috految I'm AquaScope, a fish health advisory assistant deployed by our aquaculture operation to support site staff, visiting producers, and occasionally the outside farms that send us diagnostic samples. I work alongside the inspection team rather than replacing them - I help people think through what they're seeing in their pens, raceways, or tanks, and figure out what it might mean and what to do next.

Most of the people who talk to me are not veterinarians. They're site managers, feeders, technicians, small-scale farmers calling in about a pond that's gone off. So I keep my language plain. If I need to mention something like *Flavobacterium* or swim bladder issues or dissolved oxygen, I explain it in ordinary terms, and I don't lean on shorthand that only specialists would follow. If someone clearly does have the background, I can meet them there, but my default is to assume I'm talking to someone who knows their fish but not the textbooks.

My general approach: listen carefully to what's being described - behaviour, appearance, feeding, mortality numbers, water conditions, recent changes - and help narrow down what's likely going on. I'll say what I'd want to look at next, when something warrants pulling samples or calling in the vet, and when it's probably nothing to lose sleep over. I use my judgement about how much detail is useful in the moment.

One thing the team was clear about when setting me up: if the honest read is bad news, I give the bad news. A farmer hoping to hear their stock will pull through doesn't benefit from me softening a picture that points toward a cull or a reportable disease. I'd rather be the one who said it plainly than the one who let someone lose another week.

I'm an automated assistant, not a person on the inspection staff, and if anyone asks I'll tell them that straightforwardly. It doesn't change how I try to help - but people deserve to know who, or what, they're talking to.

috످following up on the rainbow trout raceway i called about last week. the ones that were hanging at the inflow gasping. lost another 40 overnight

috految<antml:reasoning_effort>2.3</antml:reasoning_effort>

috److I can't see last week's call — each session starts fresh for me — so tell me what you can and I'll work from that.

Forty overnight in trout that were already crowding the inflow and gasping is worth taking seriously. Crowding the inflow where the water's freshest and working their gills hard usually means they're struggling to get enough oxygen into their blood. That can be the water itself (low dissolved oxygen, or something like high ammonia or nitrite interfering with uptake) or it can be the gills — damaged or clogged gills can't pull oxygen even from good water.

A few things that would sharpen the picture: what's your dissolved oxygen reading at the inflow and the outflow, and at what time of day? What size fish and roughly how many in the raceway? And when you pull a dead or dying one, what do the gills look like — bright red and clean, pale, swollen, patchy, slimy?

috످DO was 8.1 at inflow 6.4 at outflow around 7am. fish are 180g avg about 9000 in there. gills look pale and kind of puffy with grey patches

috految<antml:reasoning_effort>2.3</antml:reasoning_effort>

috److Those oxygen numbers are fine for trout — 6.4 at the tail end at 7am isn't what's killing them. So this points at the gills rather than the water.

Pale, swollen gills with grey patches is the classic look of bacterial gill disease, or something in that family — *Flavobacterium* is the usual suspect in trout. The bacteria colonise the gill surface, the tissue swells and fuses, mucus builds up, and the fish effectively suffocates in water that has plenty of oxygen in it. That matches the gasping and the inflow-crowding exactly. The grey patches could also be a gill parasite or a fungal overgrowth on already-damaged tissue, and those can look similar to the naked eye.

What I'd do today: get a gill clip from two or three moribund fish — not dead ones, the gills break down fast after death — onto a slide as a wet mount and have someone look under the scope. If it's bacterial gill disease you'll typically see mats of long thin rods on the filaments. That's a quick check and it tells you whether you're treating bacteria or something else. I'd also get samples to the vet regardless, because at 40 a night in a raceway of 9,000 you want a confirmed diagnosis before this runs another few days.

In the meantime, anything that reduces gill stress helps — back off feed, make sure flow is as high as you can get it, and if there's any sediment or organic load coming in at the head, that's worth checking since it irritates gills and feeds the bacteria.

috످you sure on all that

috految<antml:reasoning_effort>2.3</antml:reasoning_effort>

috److Not all of it. Bacterial gill disease is still my best guess, but it takes a test to confirm, and I was wrong to rule out the water. Your 6.4 oxygen reading is borderline for trout with damaged gills, and it may drop lower overnight or after feeding. We also haven't checked ammonia or nitrite (toxins from fish waste).

I also left out that pale gills can mean a serious virus, like IHN or VHS. Both are less likely, but they can mean a cull, and in many places you must report them even if only suspected.

Losses could climb fast, so today:

1. **Add aeration now and stop feeding.** Aim for oxygen of 7 or more at the outflow, and recheck before dawn.
2. **Call the vet before treating.** The wrong treatment can kill fish with damaged gills. Ask them to test live, sick fish for bacteria, parasites and viruses.
3. **Test ammonia, nitrite, pH and temperature.**
4. **Don't move fish or share gear between raceways.** Remove dead fish quickly.

Are you seeing bulging eyes, darkened skin, bleeding or spiral swimming? Those can point to a virus, so if you are, call the inspection team right away too.

috످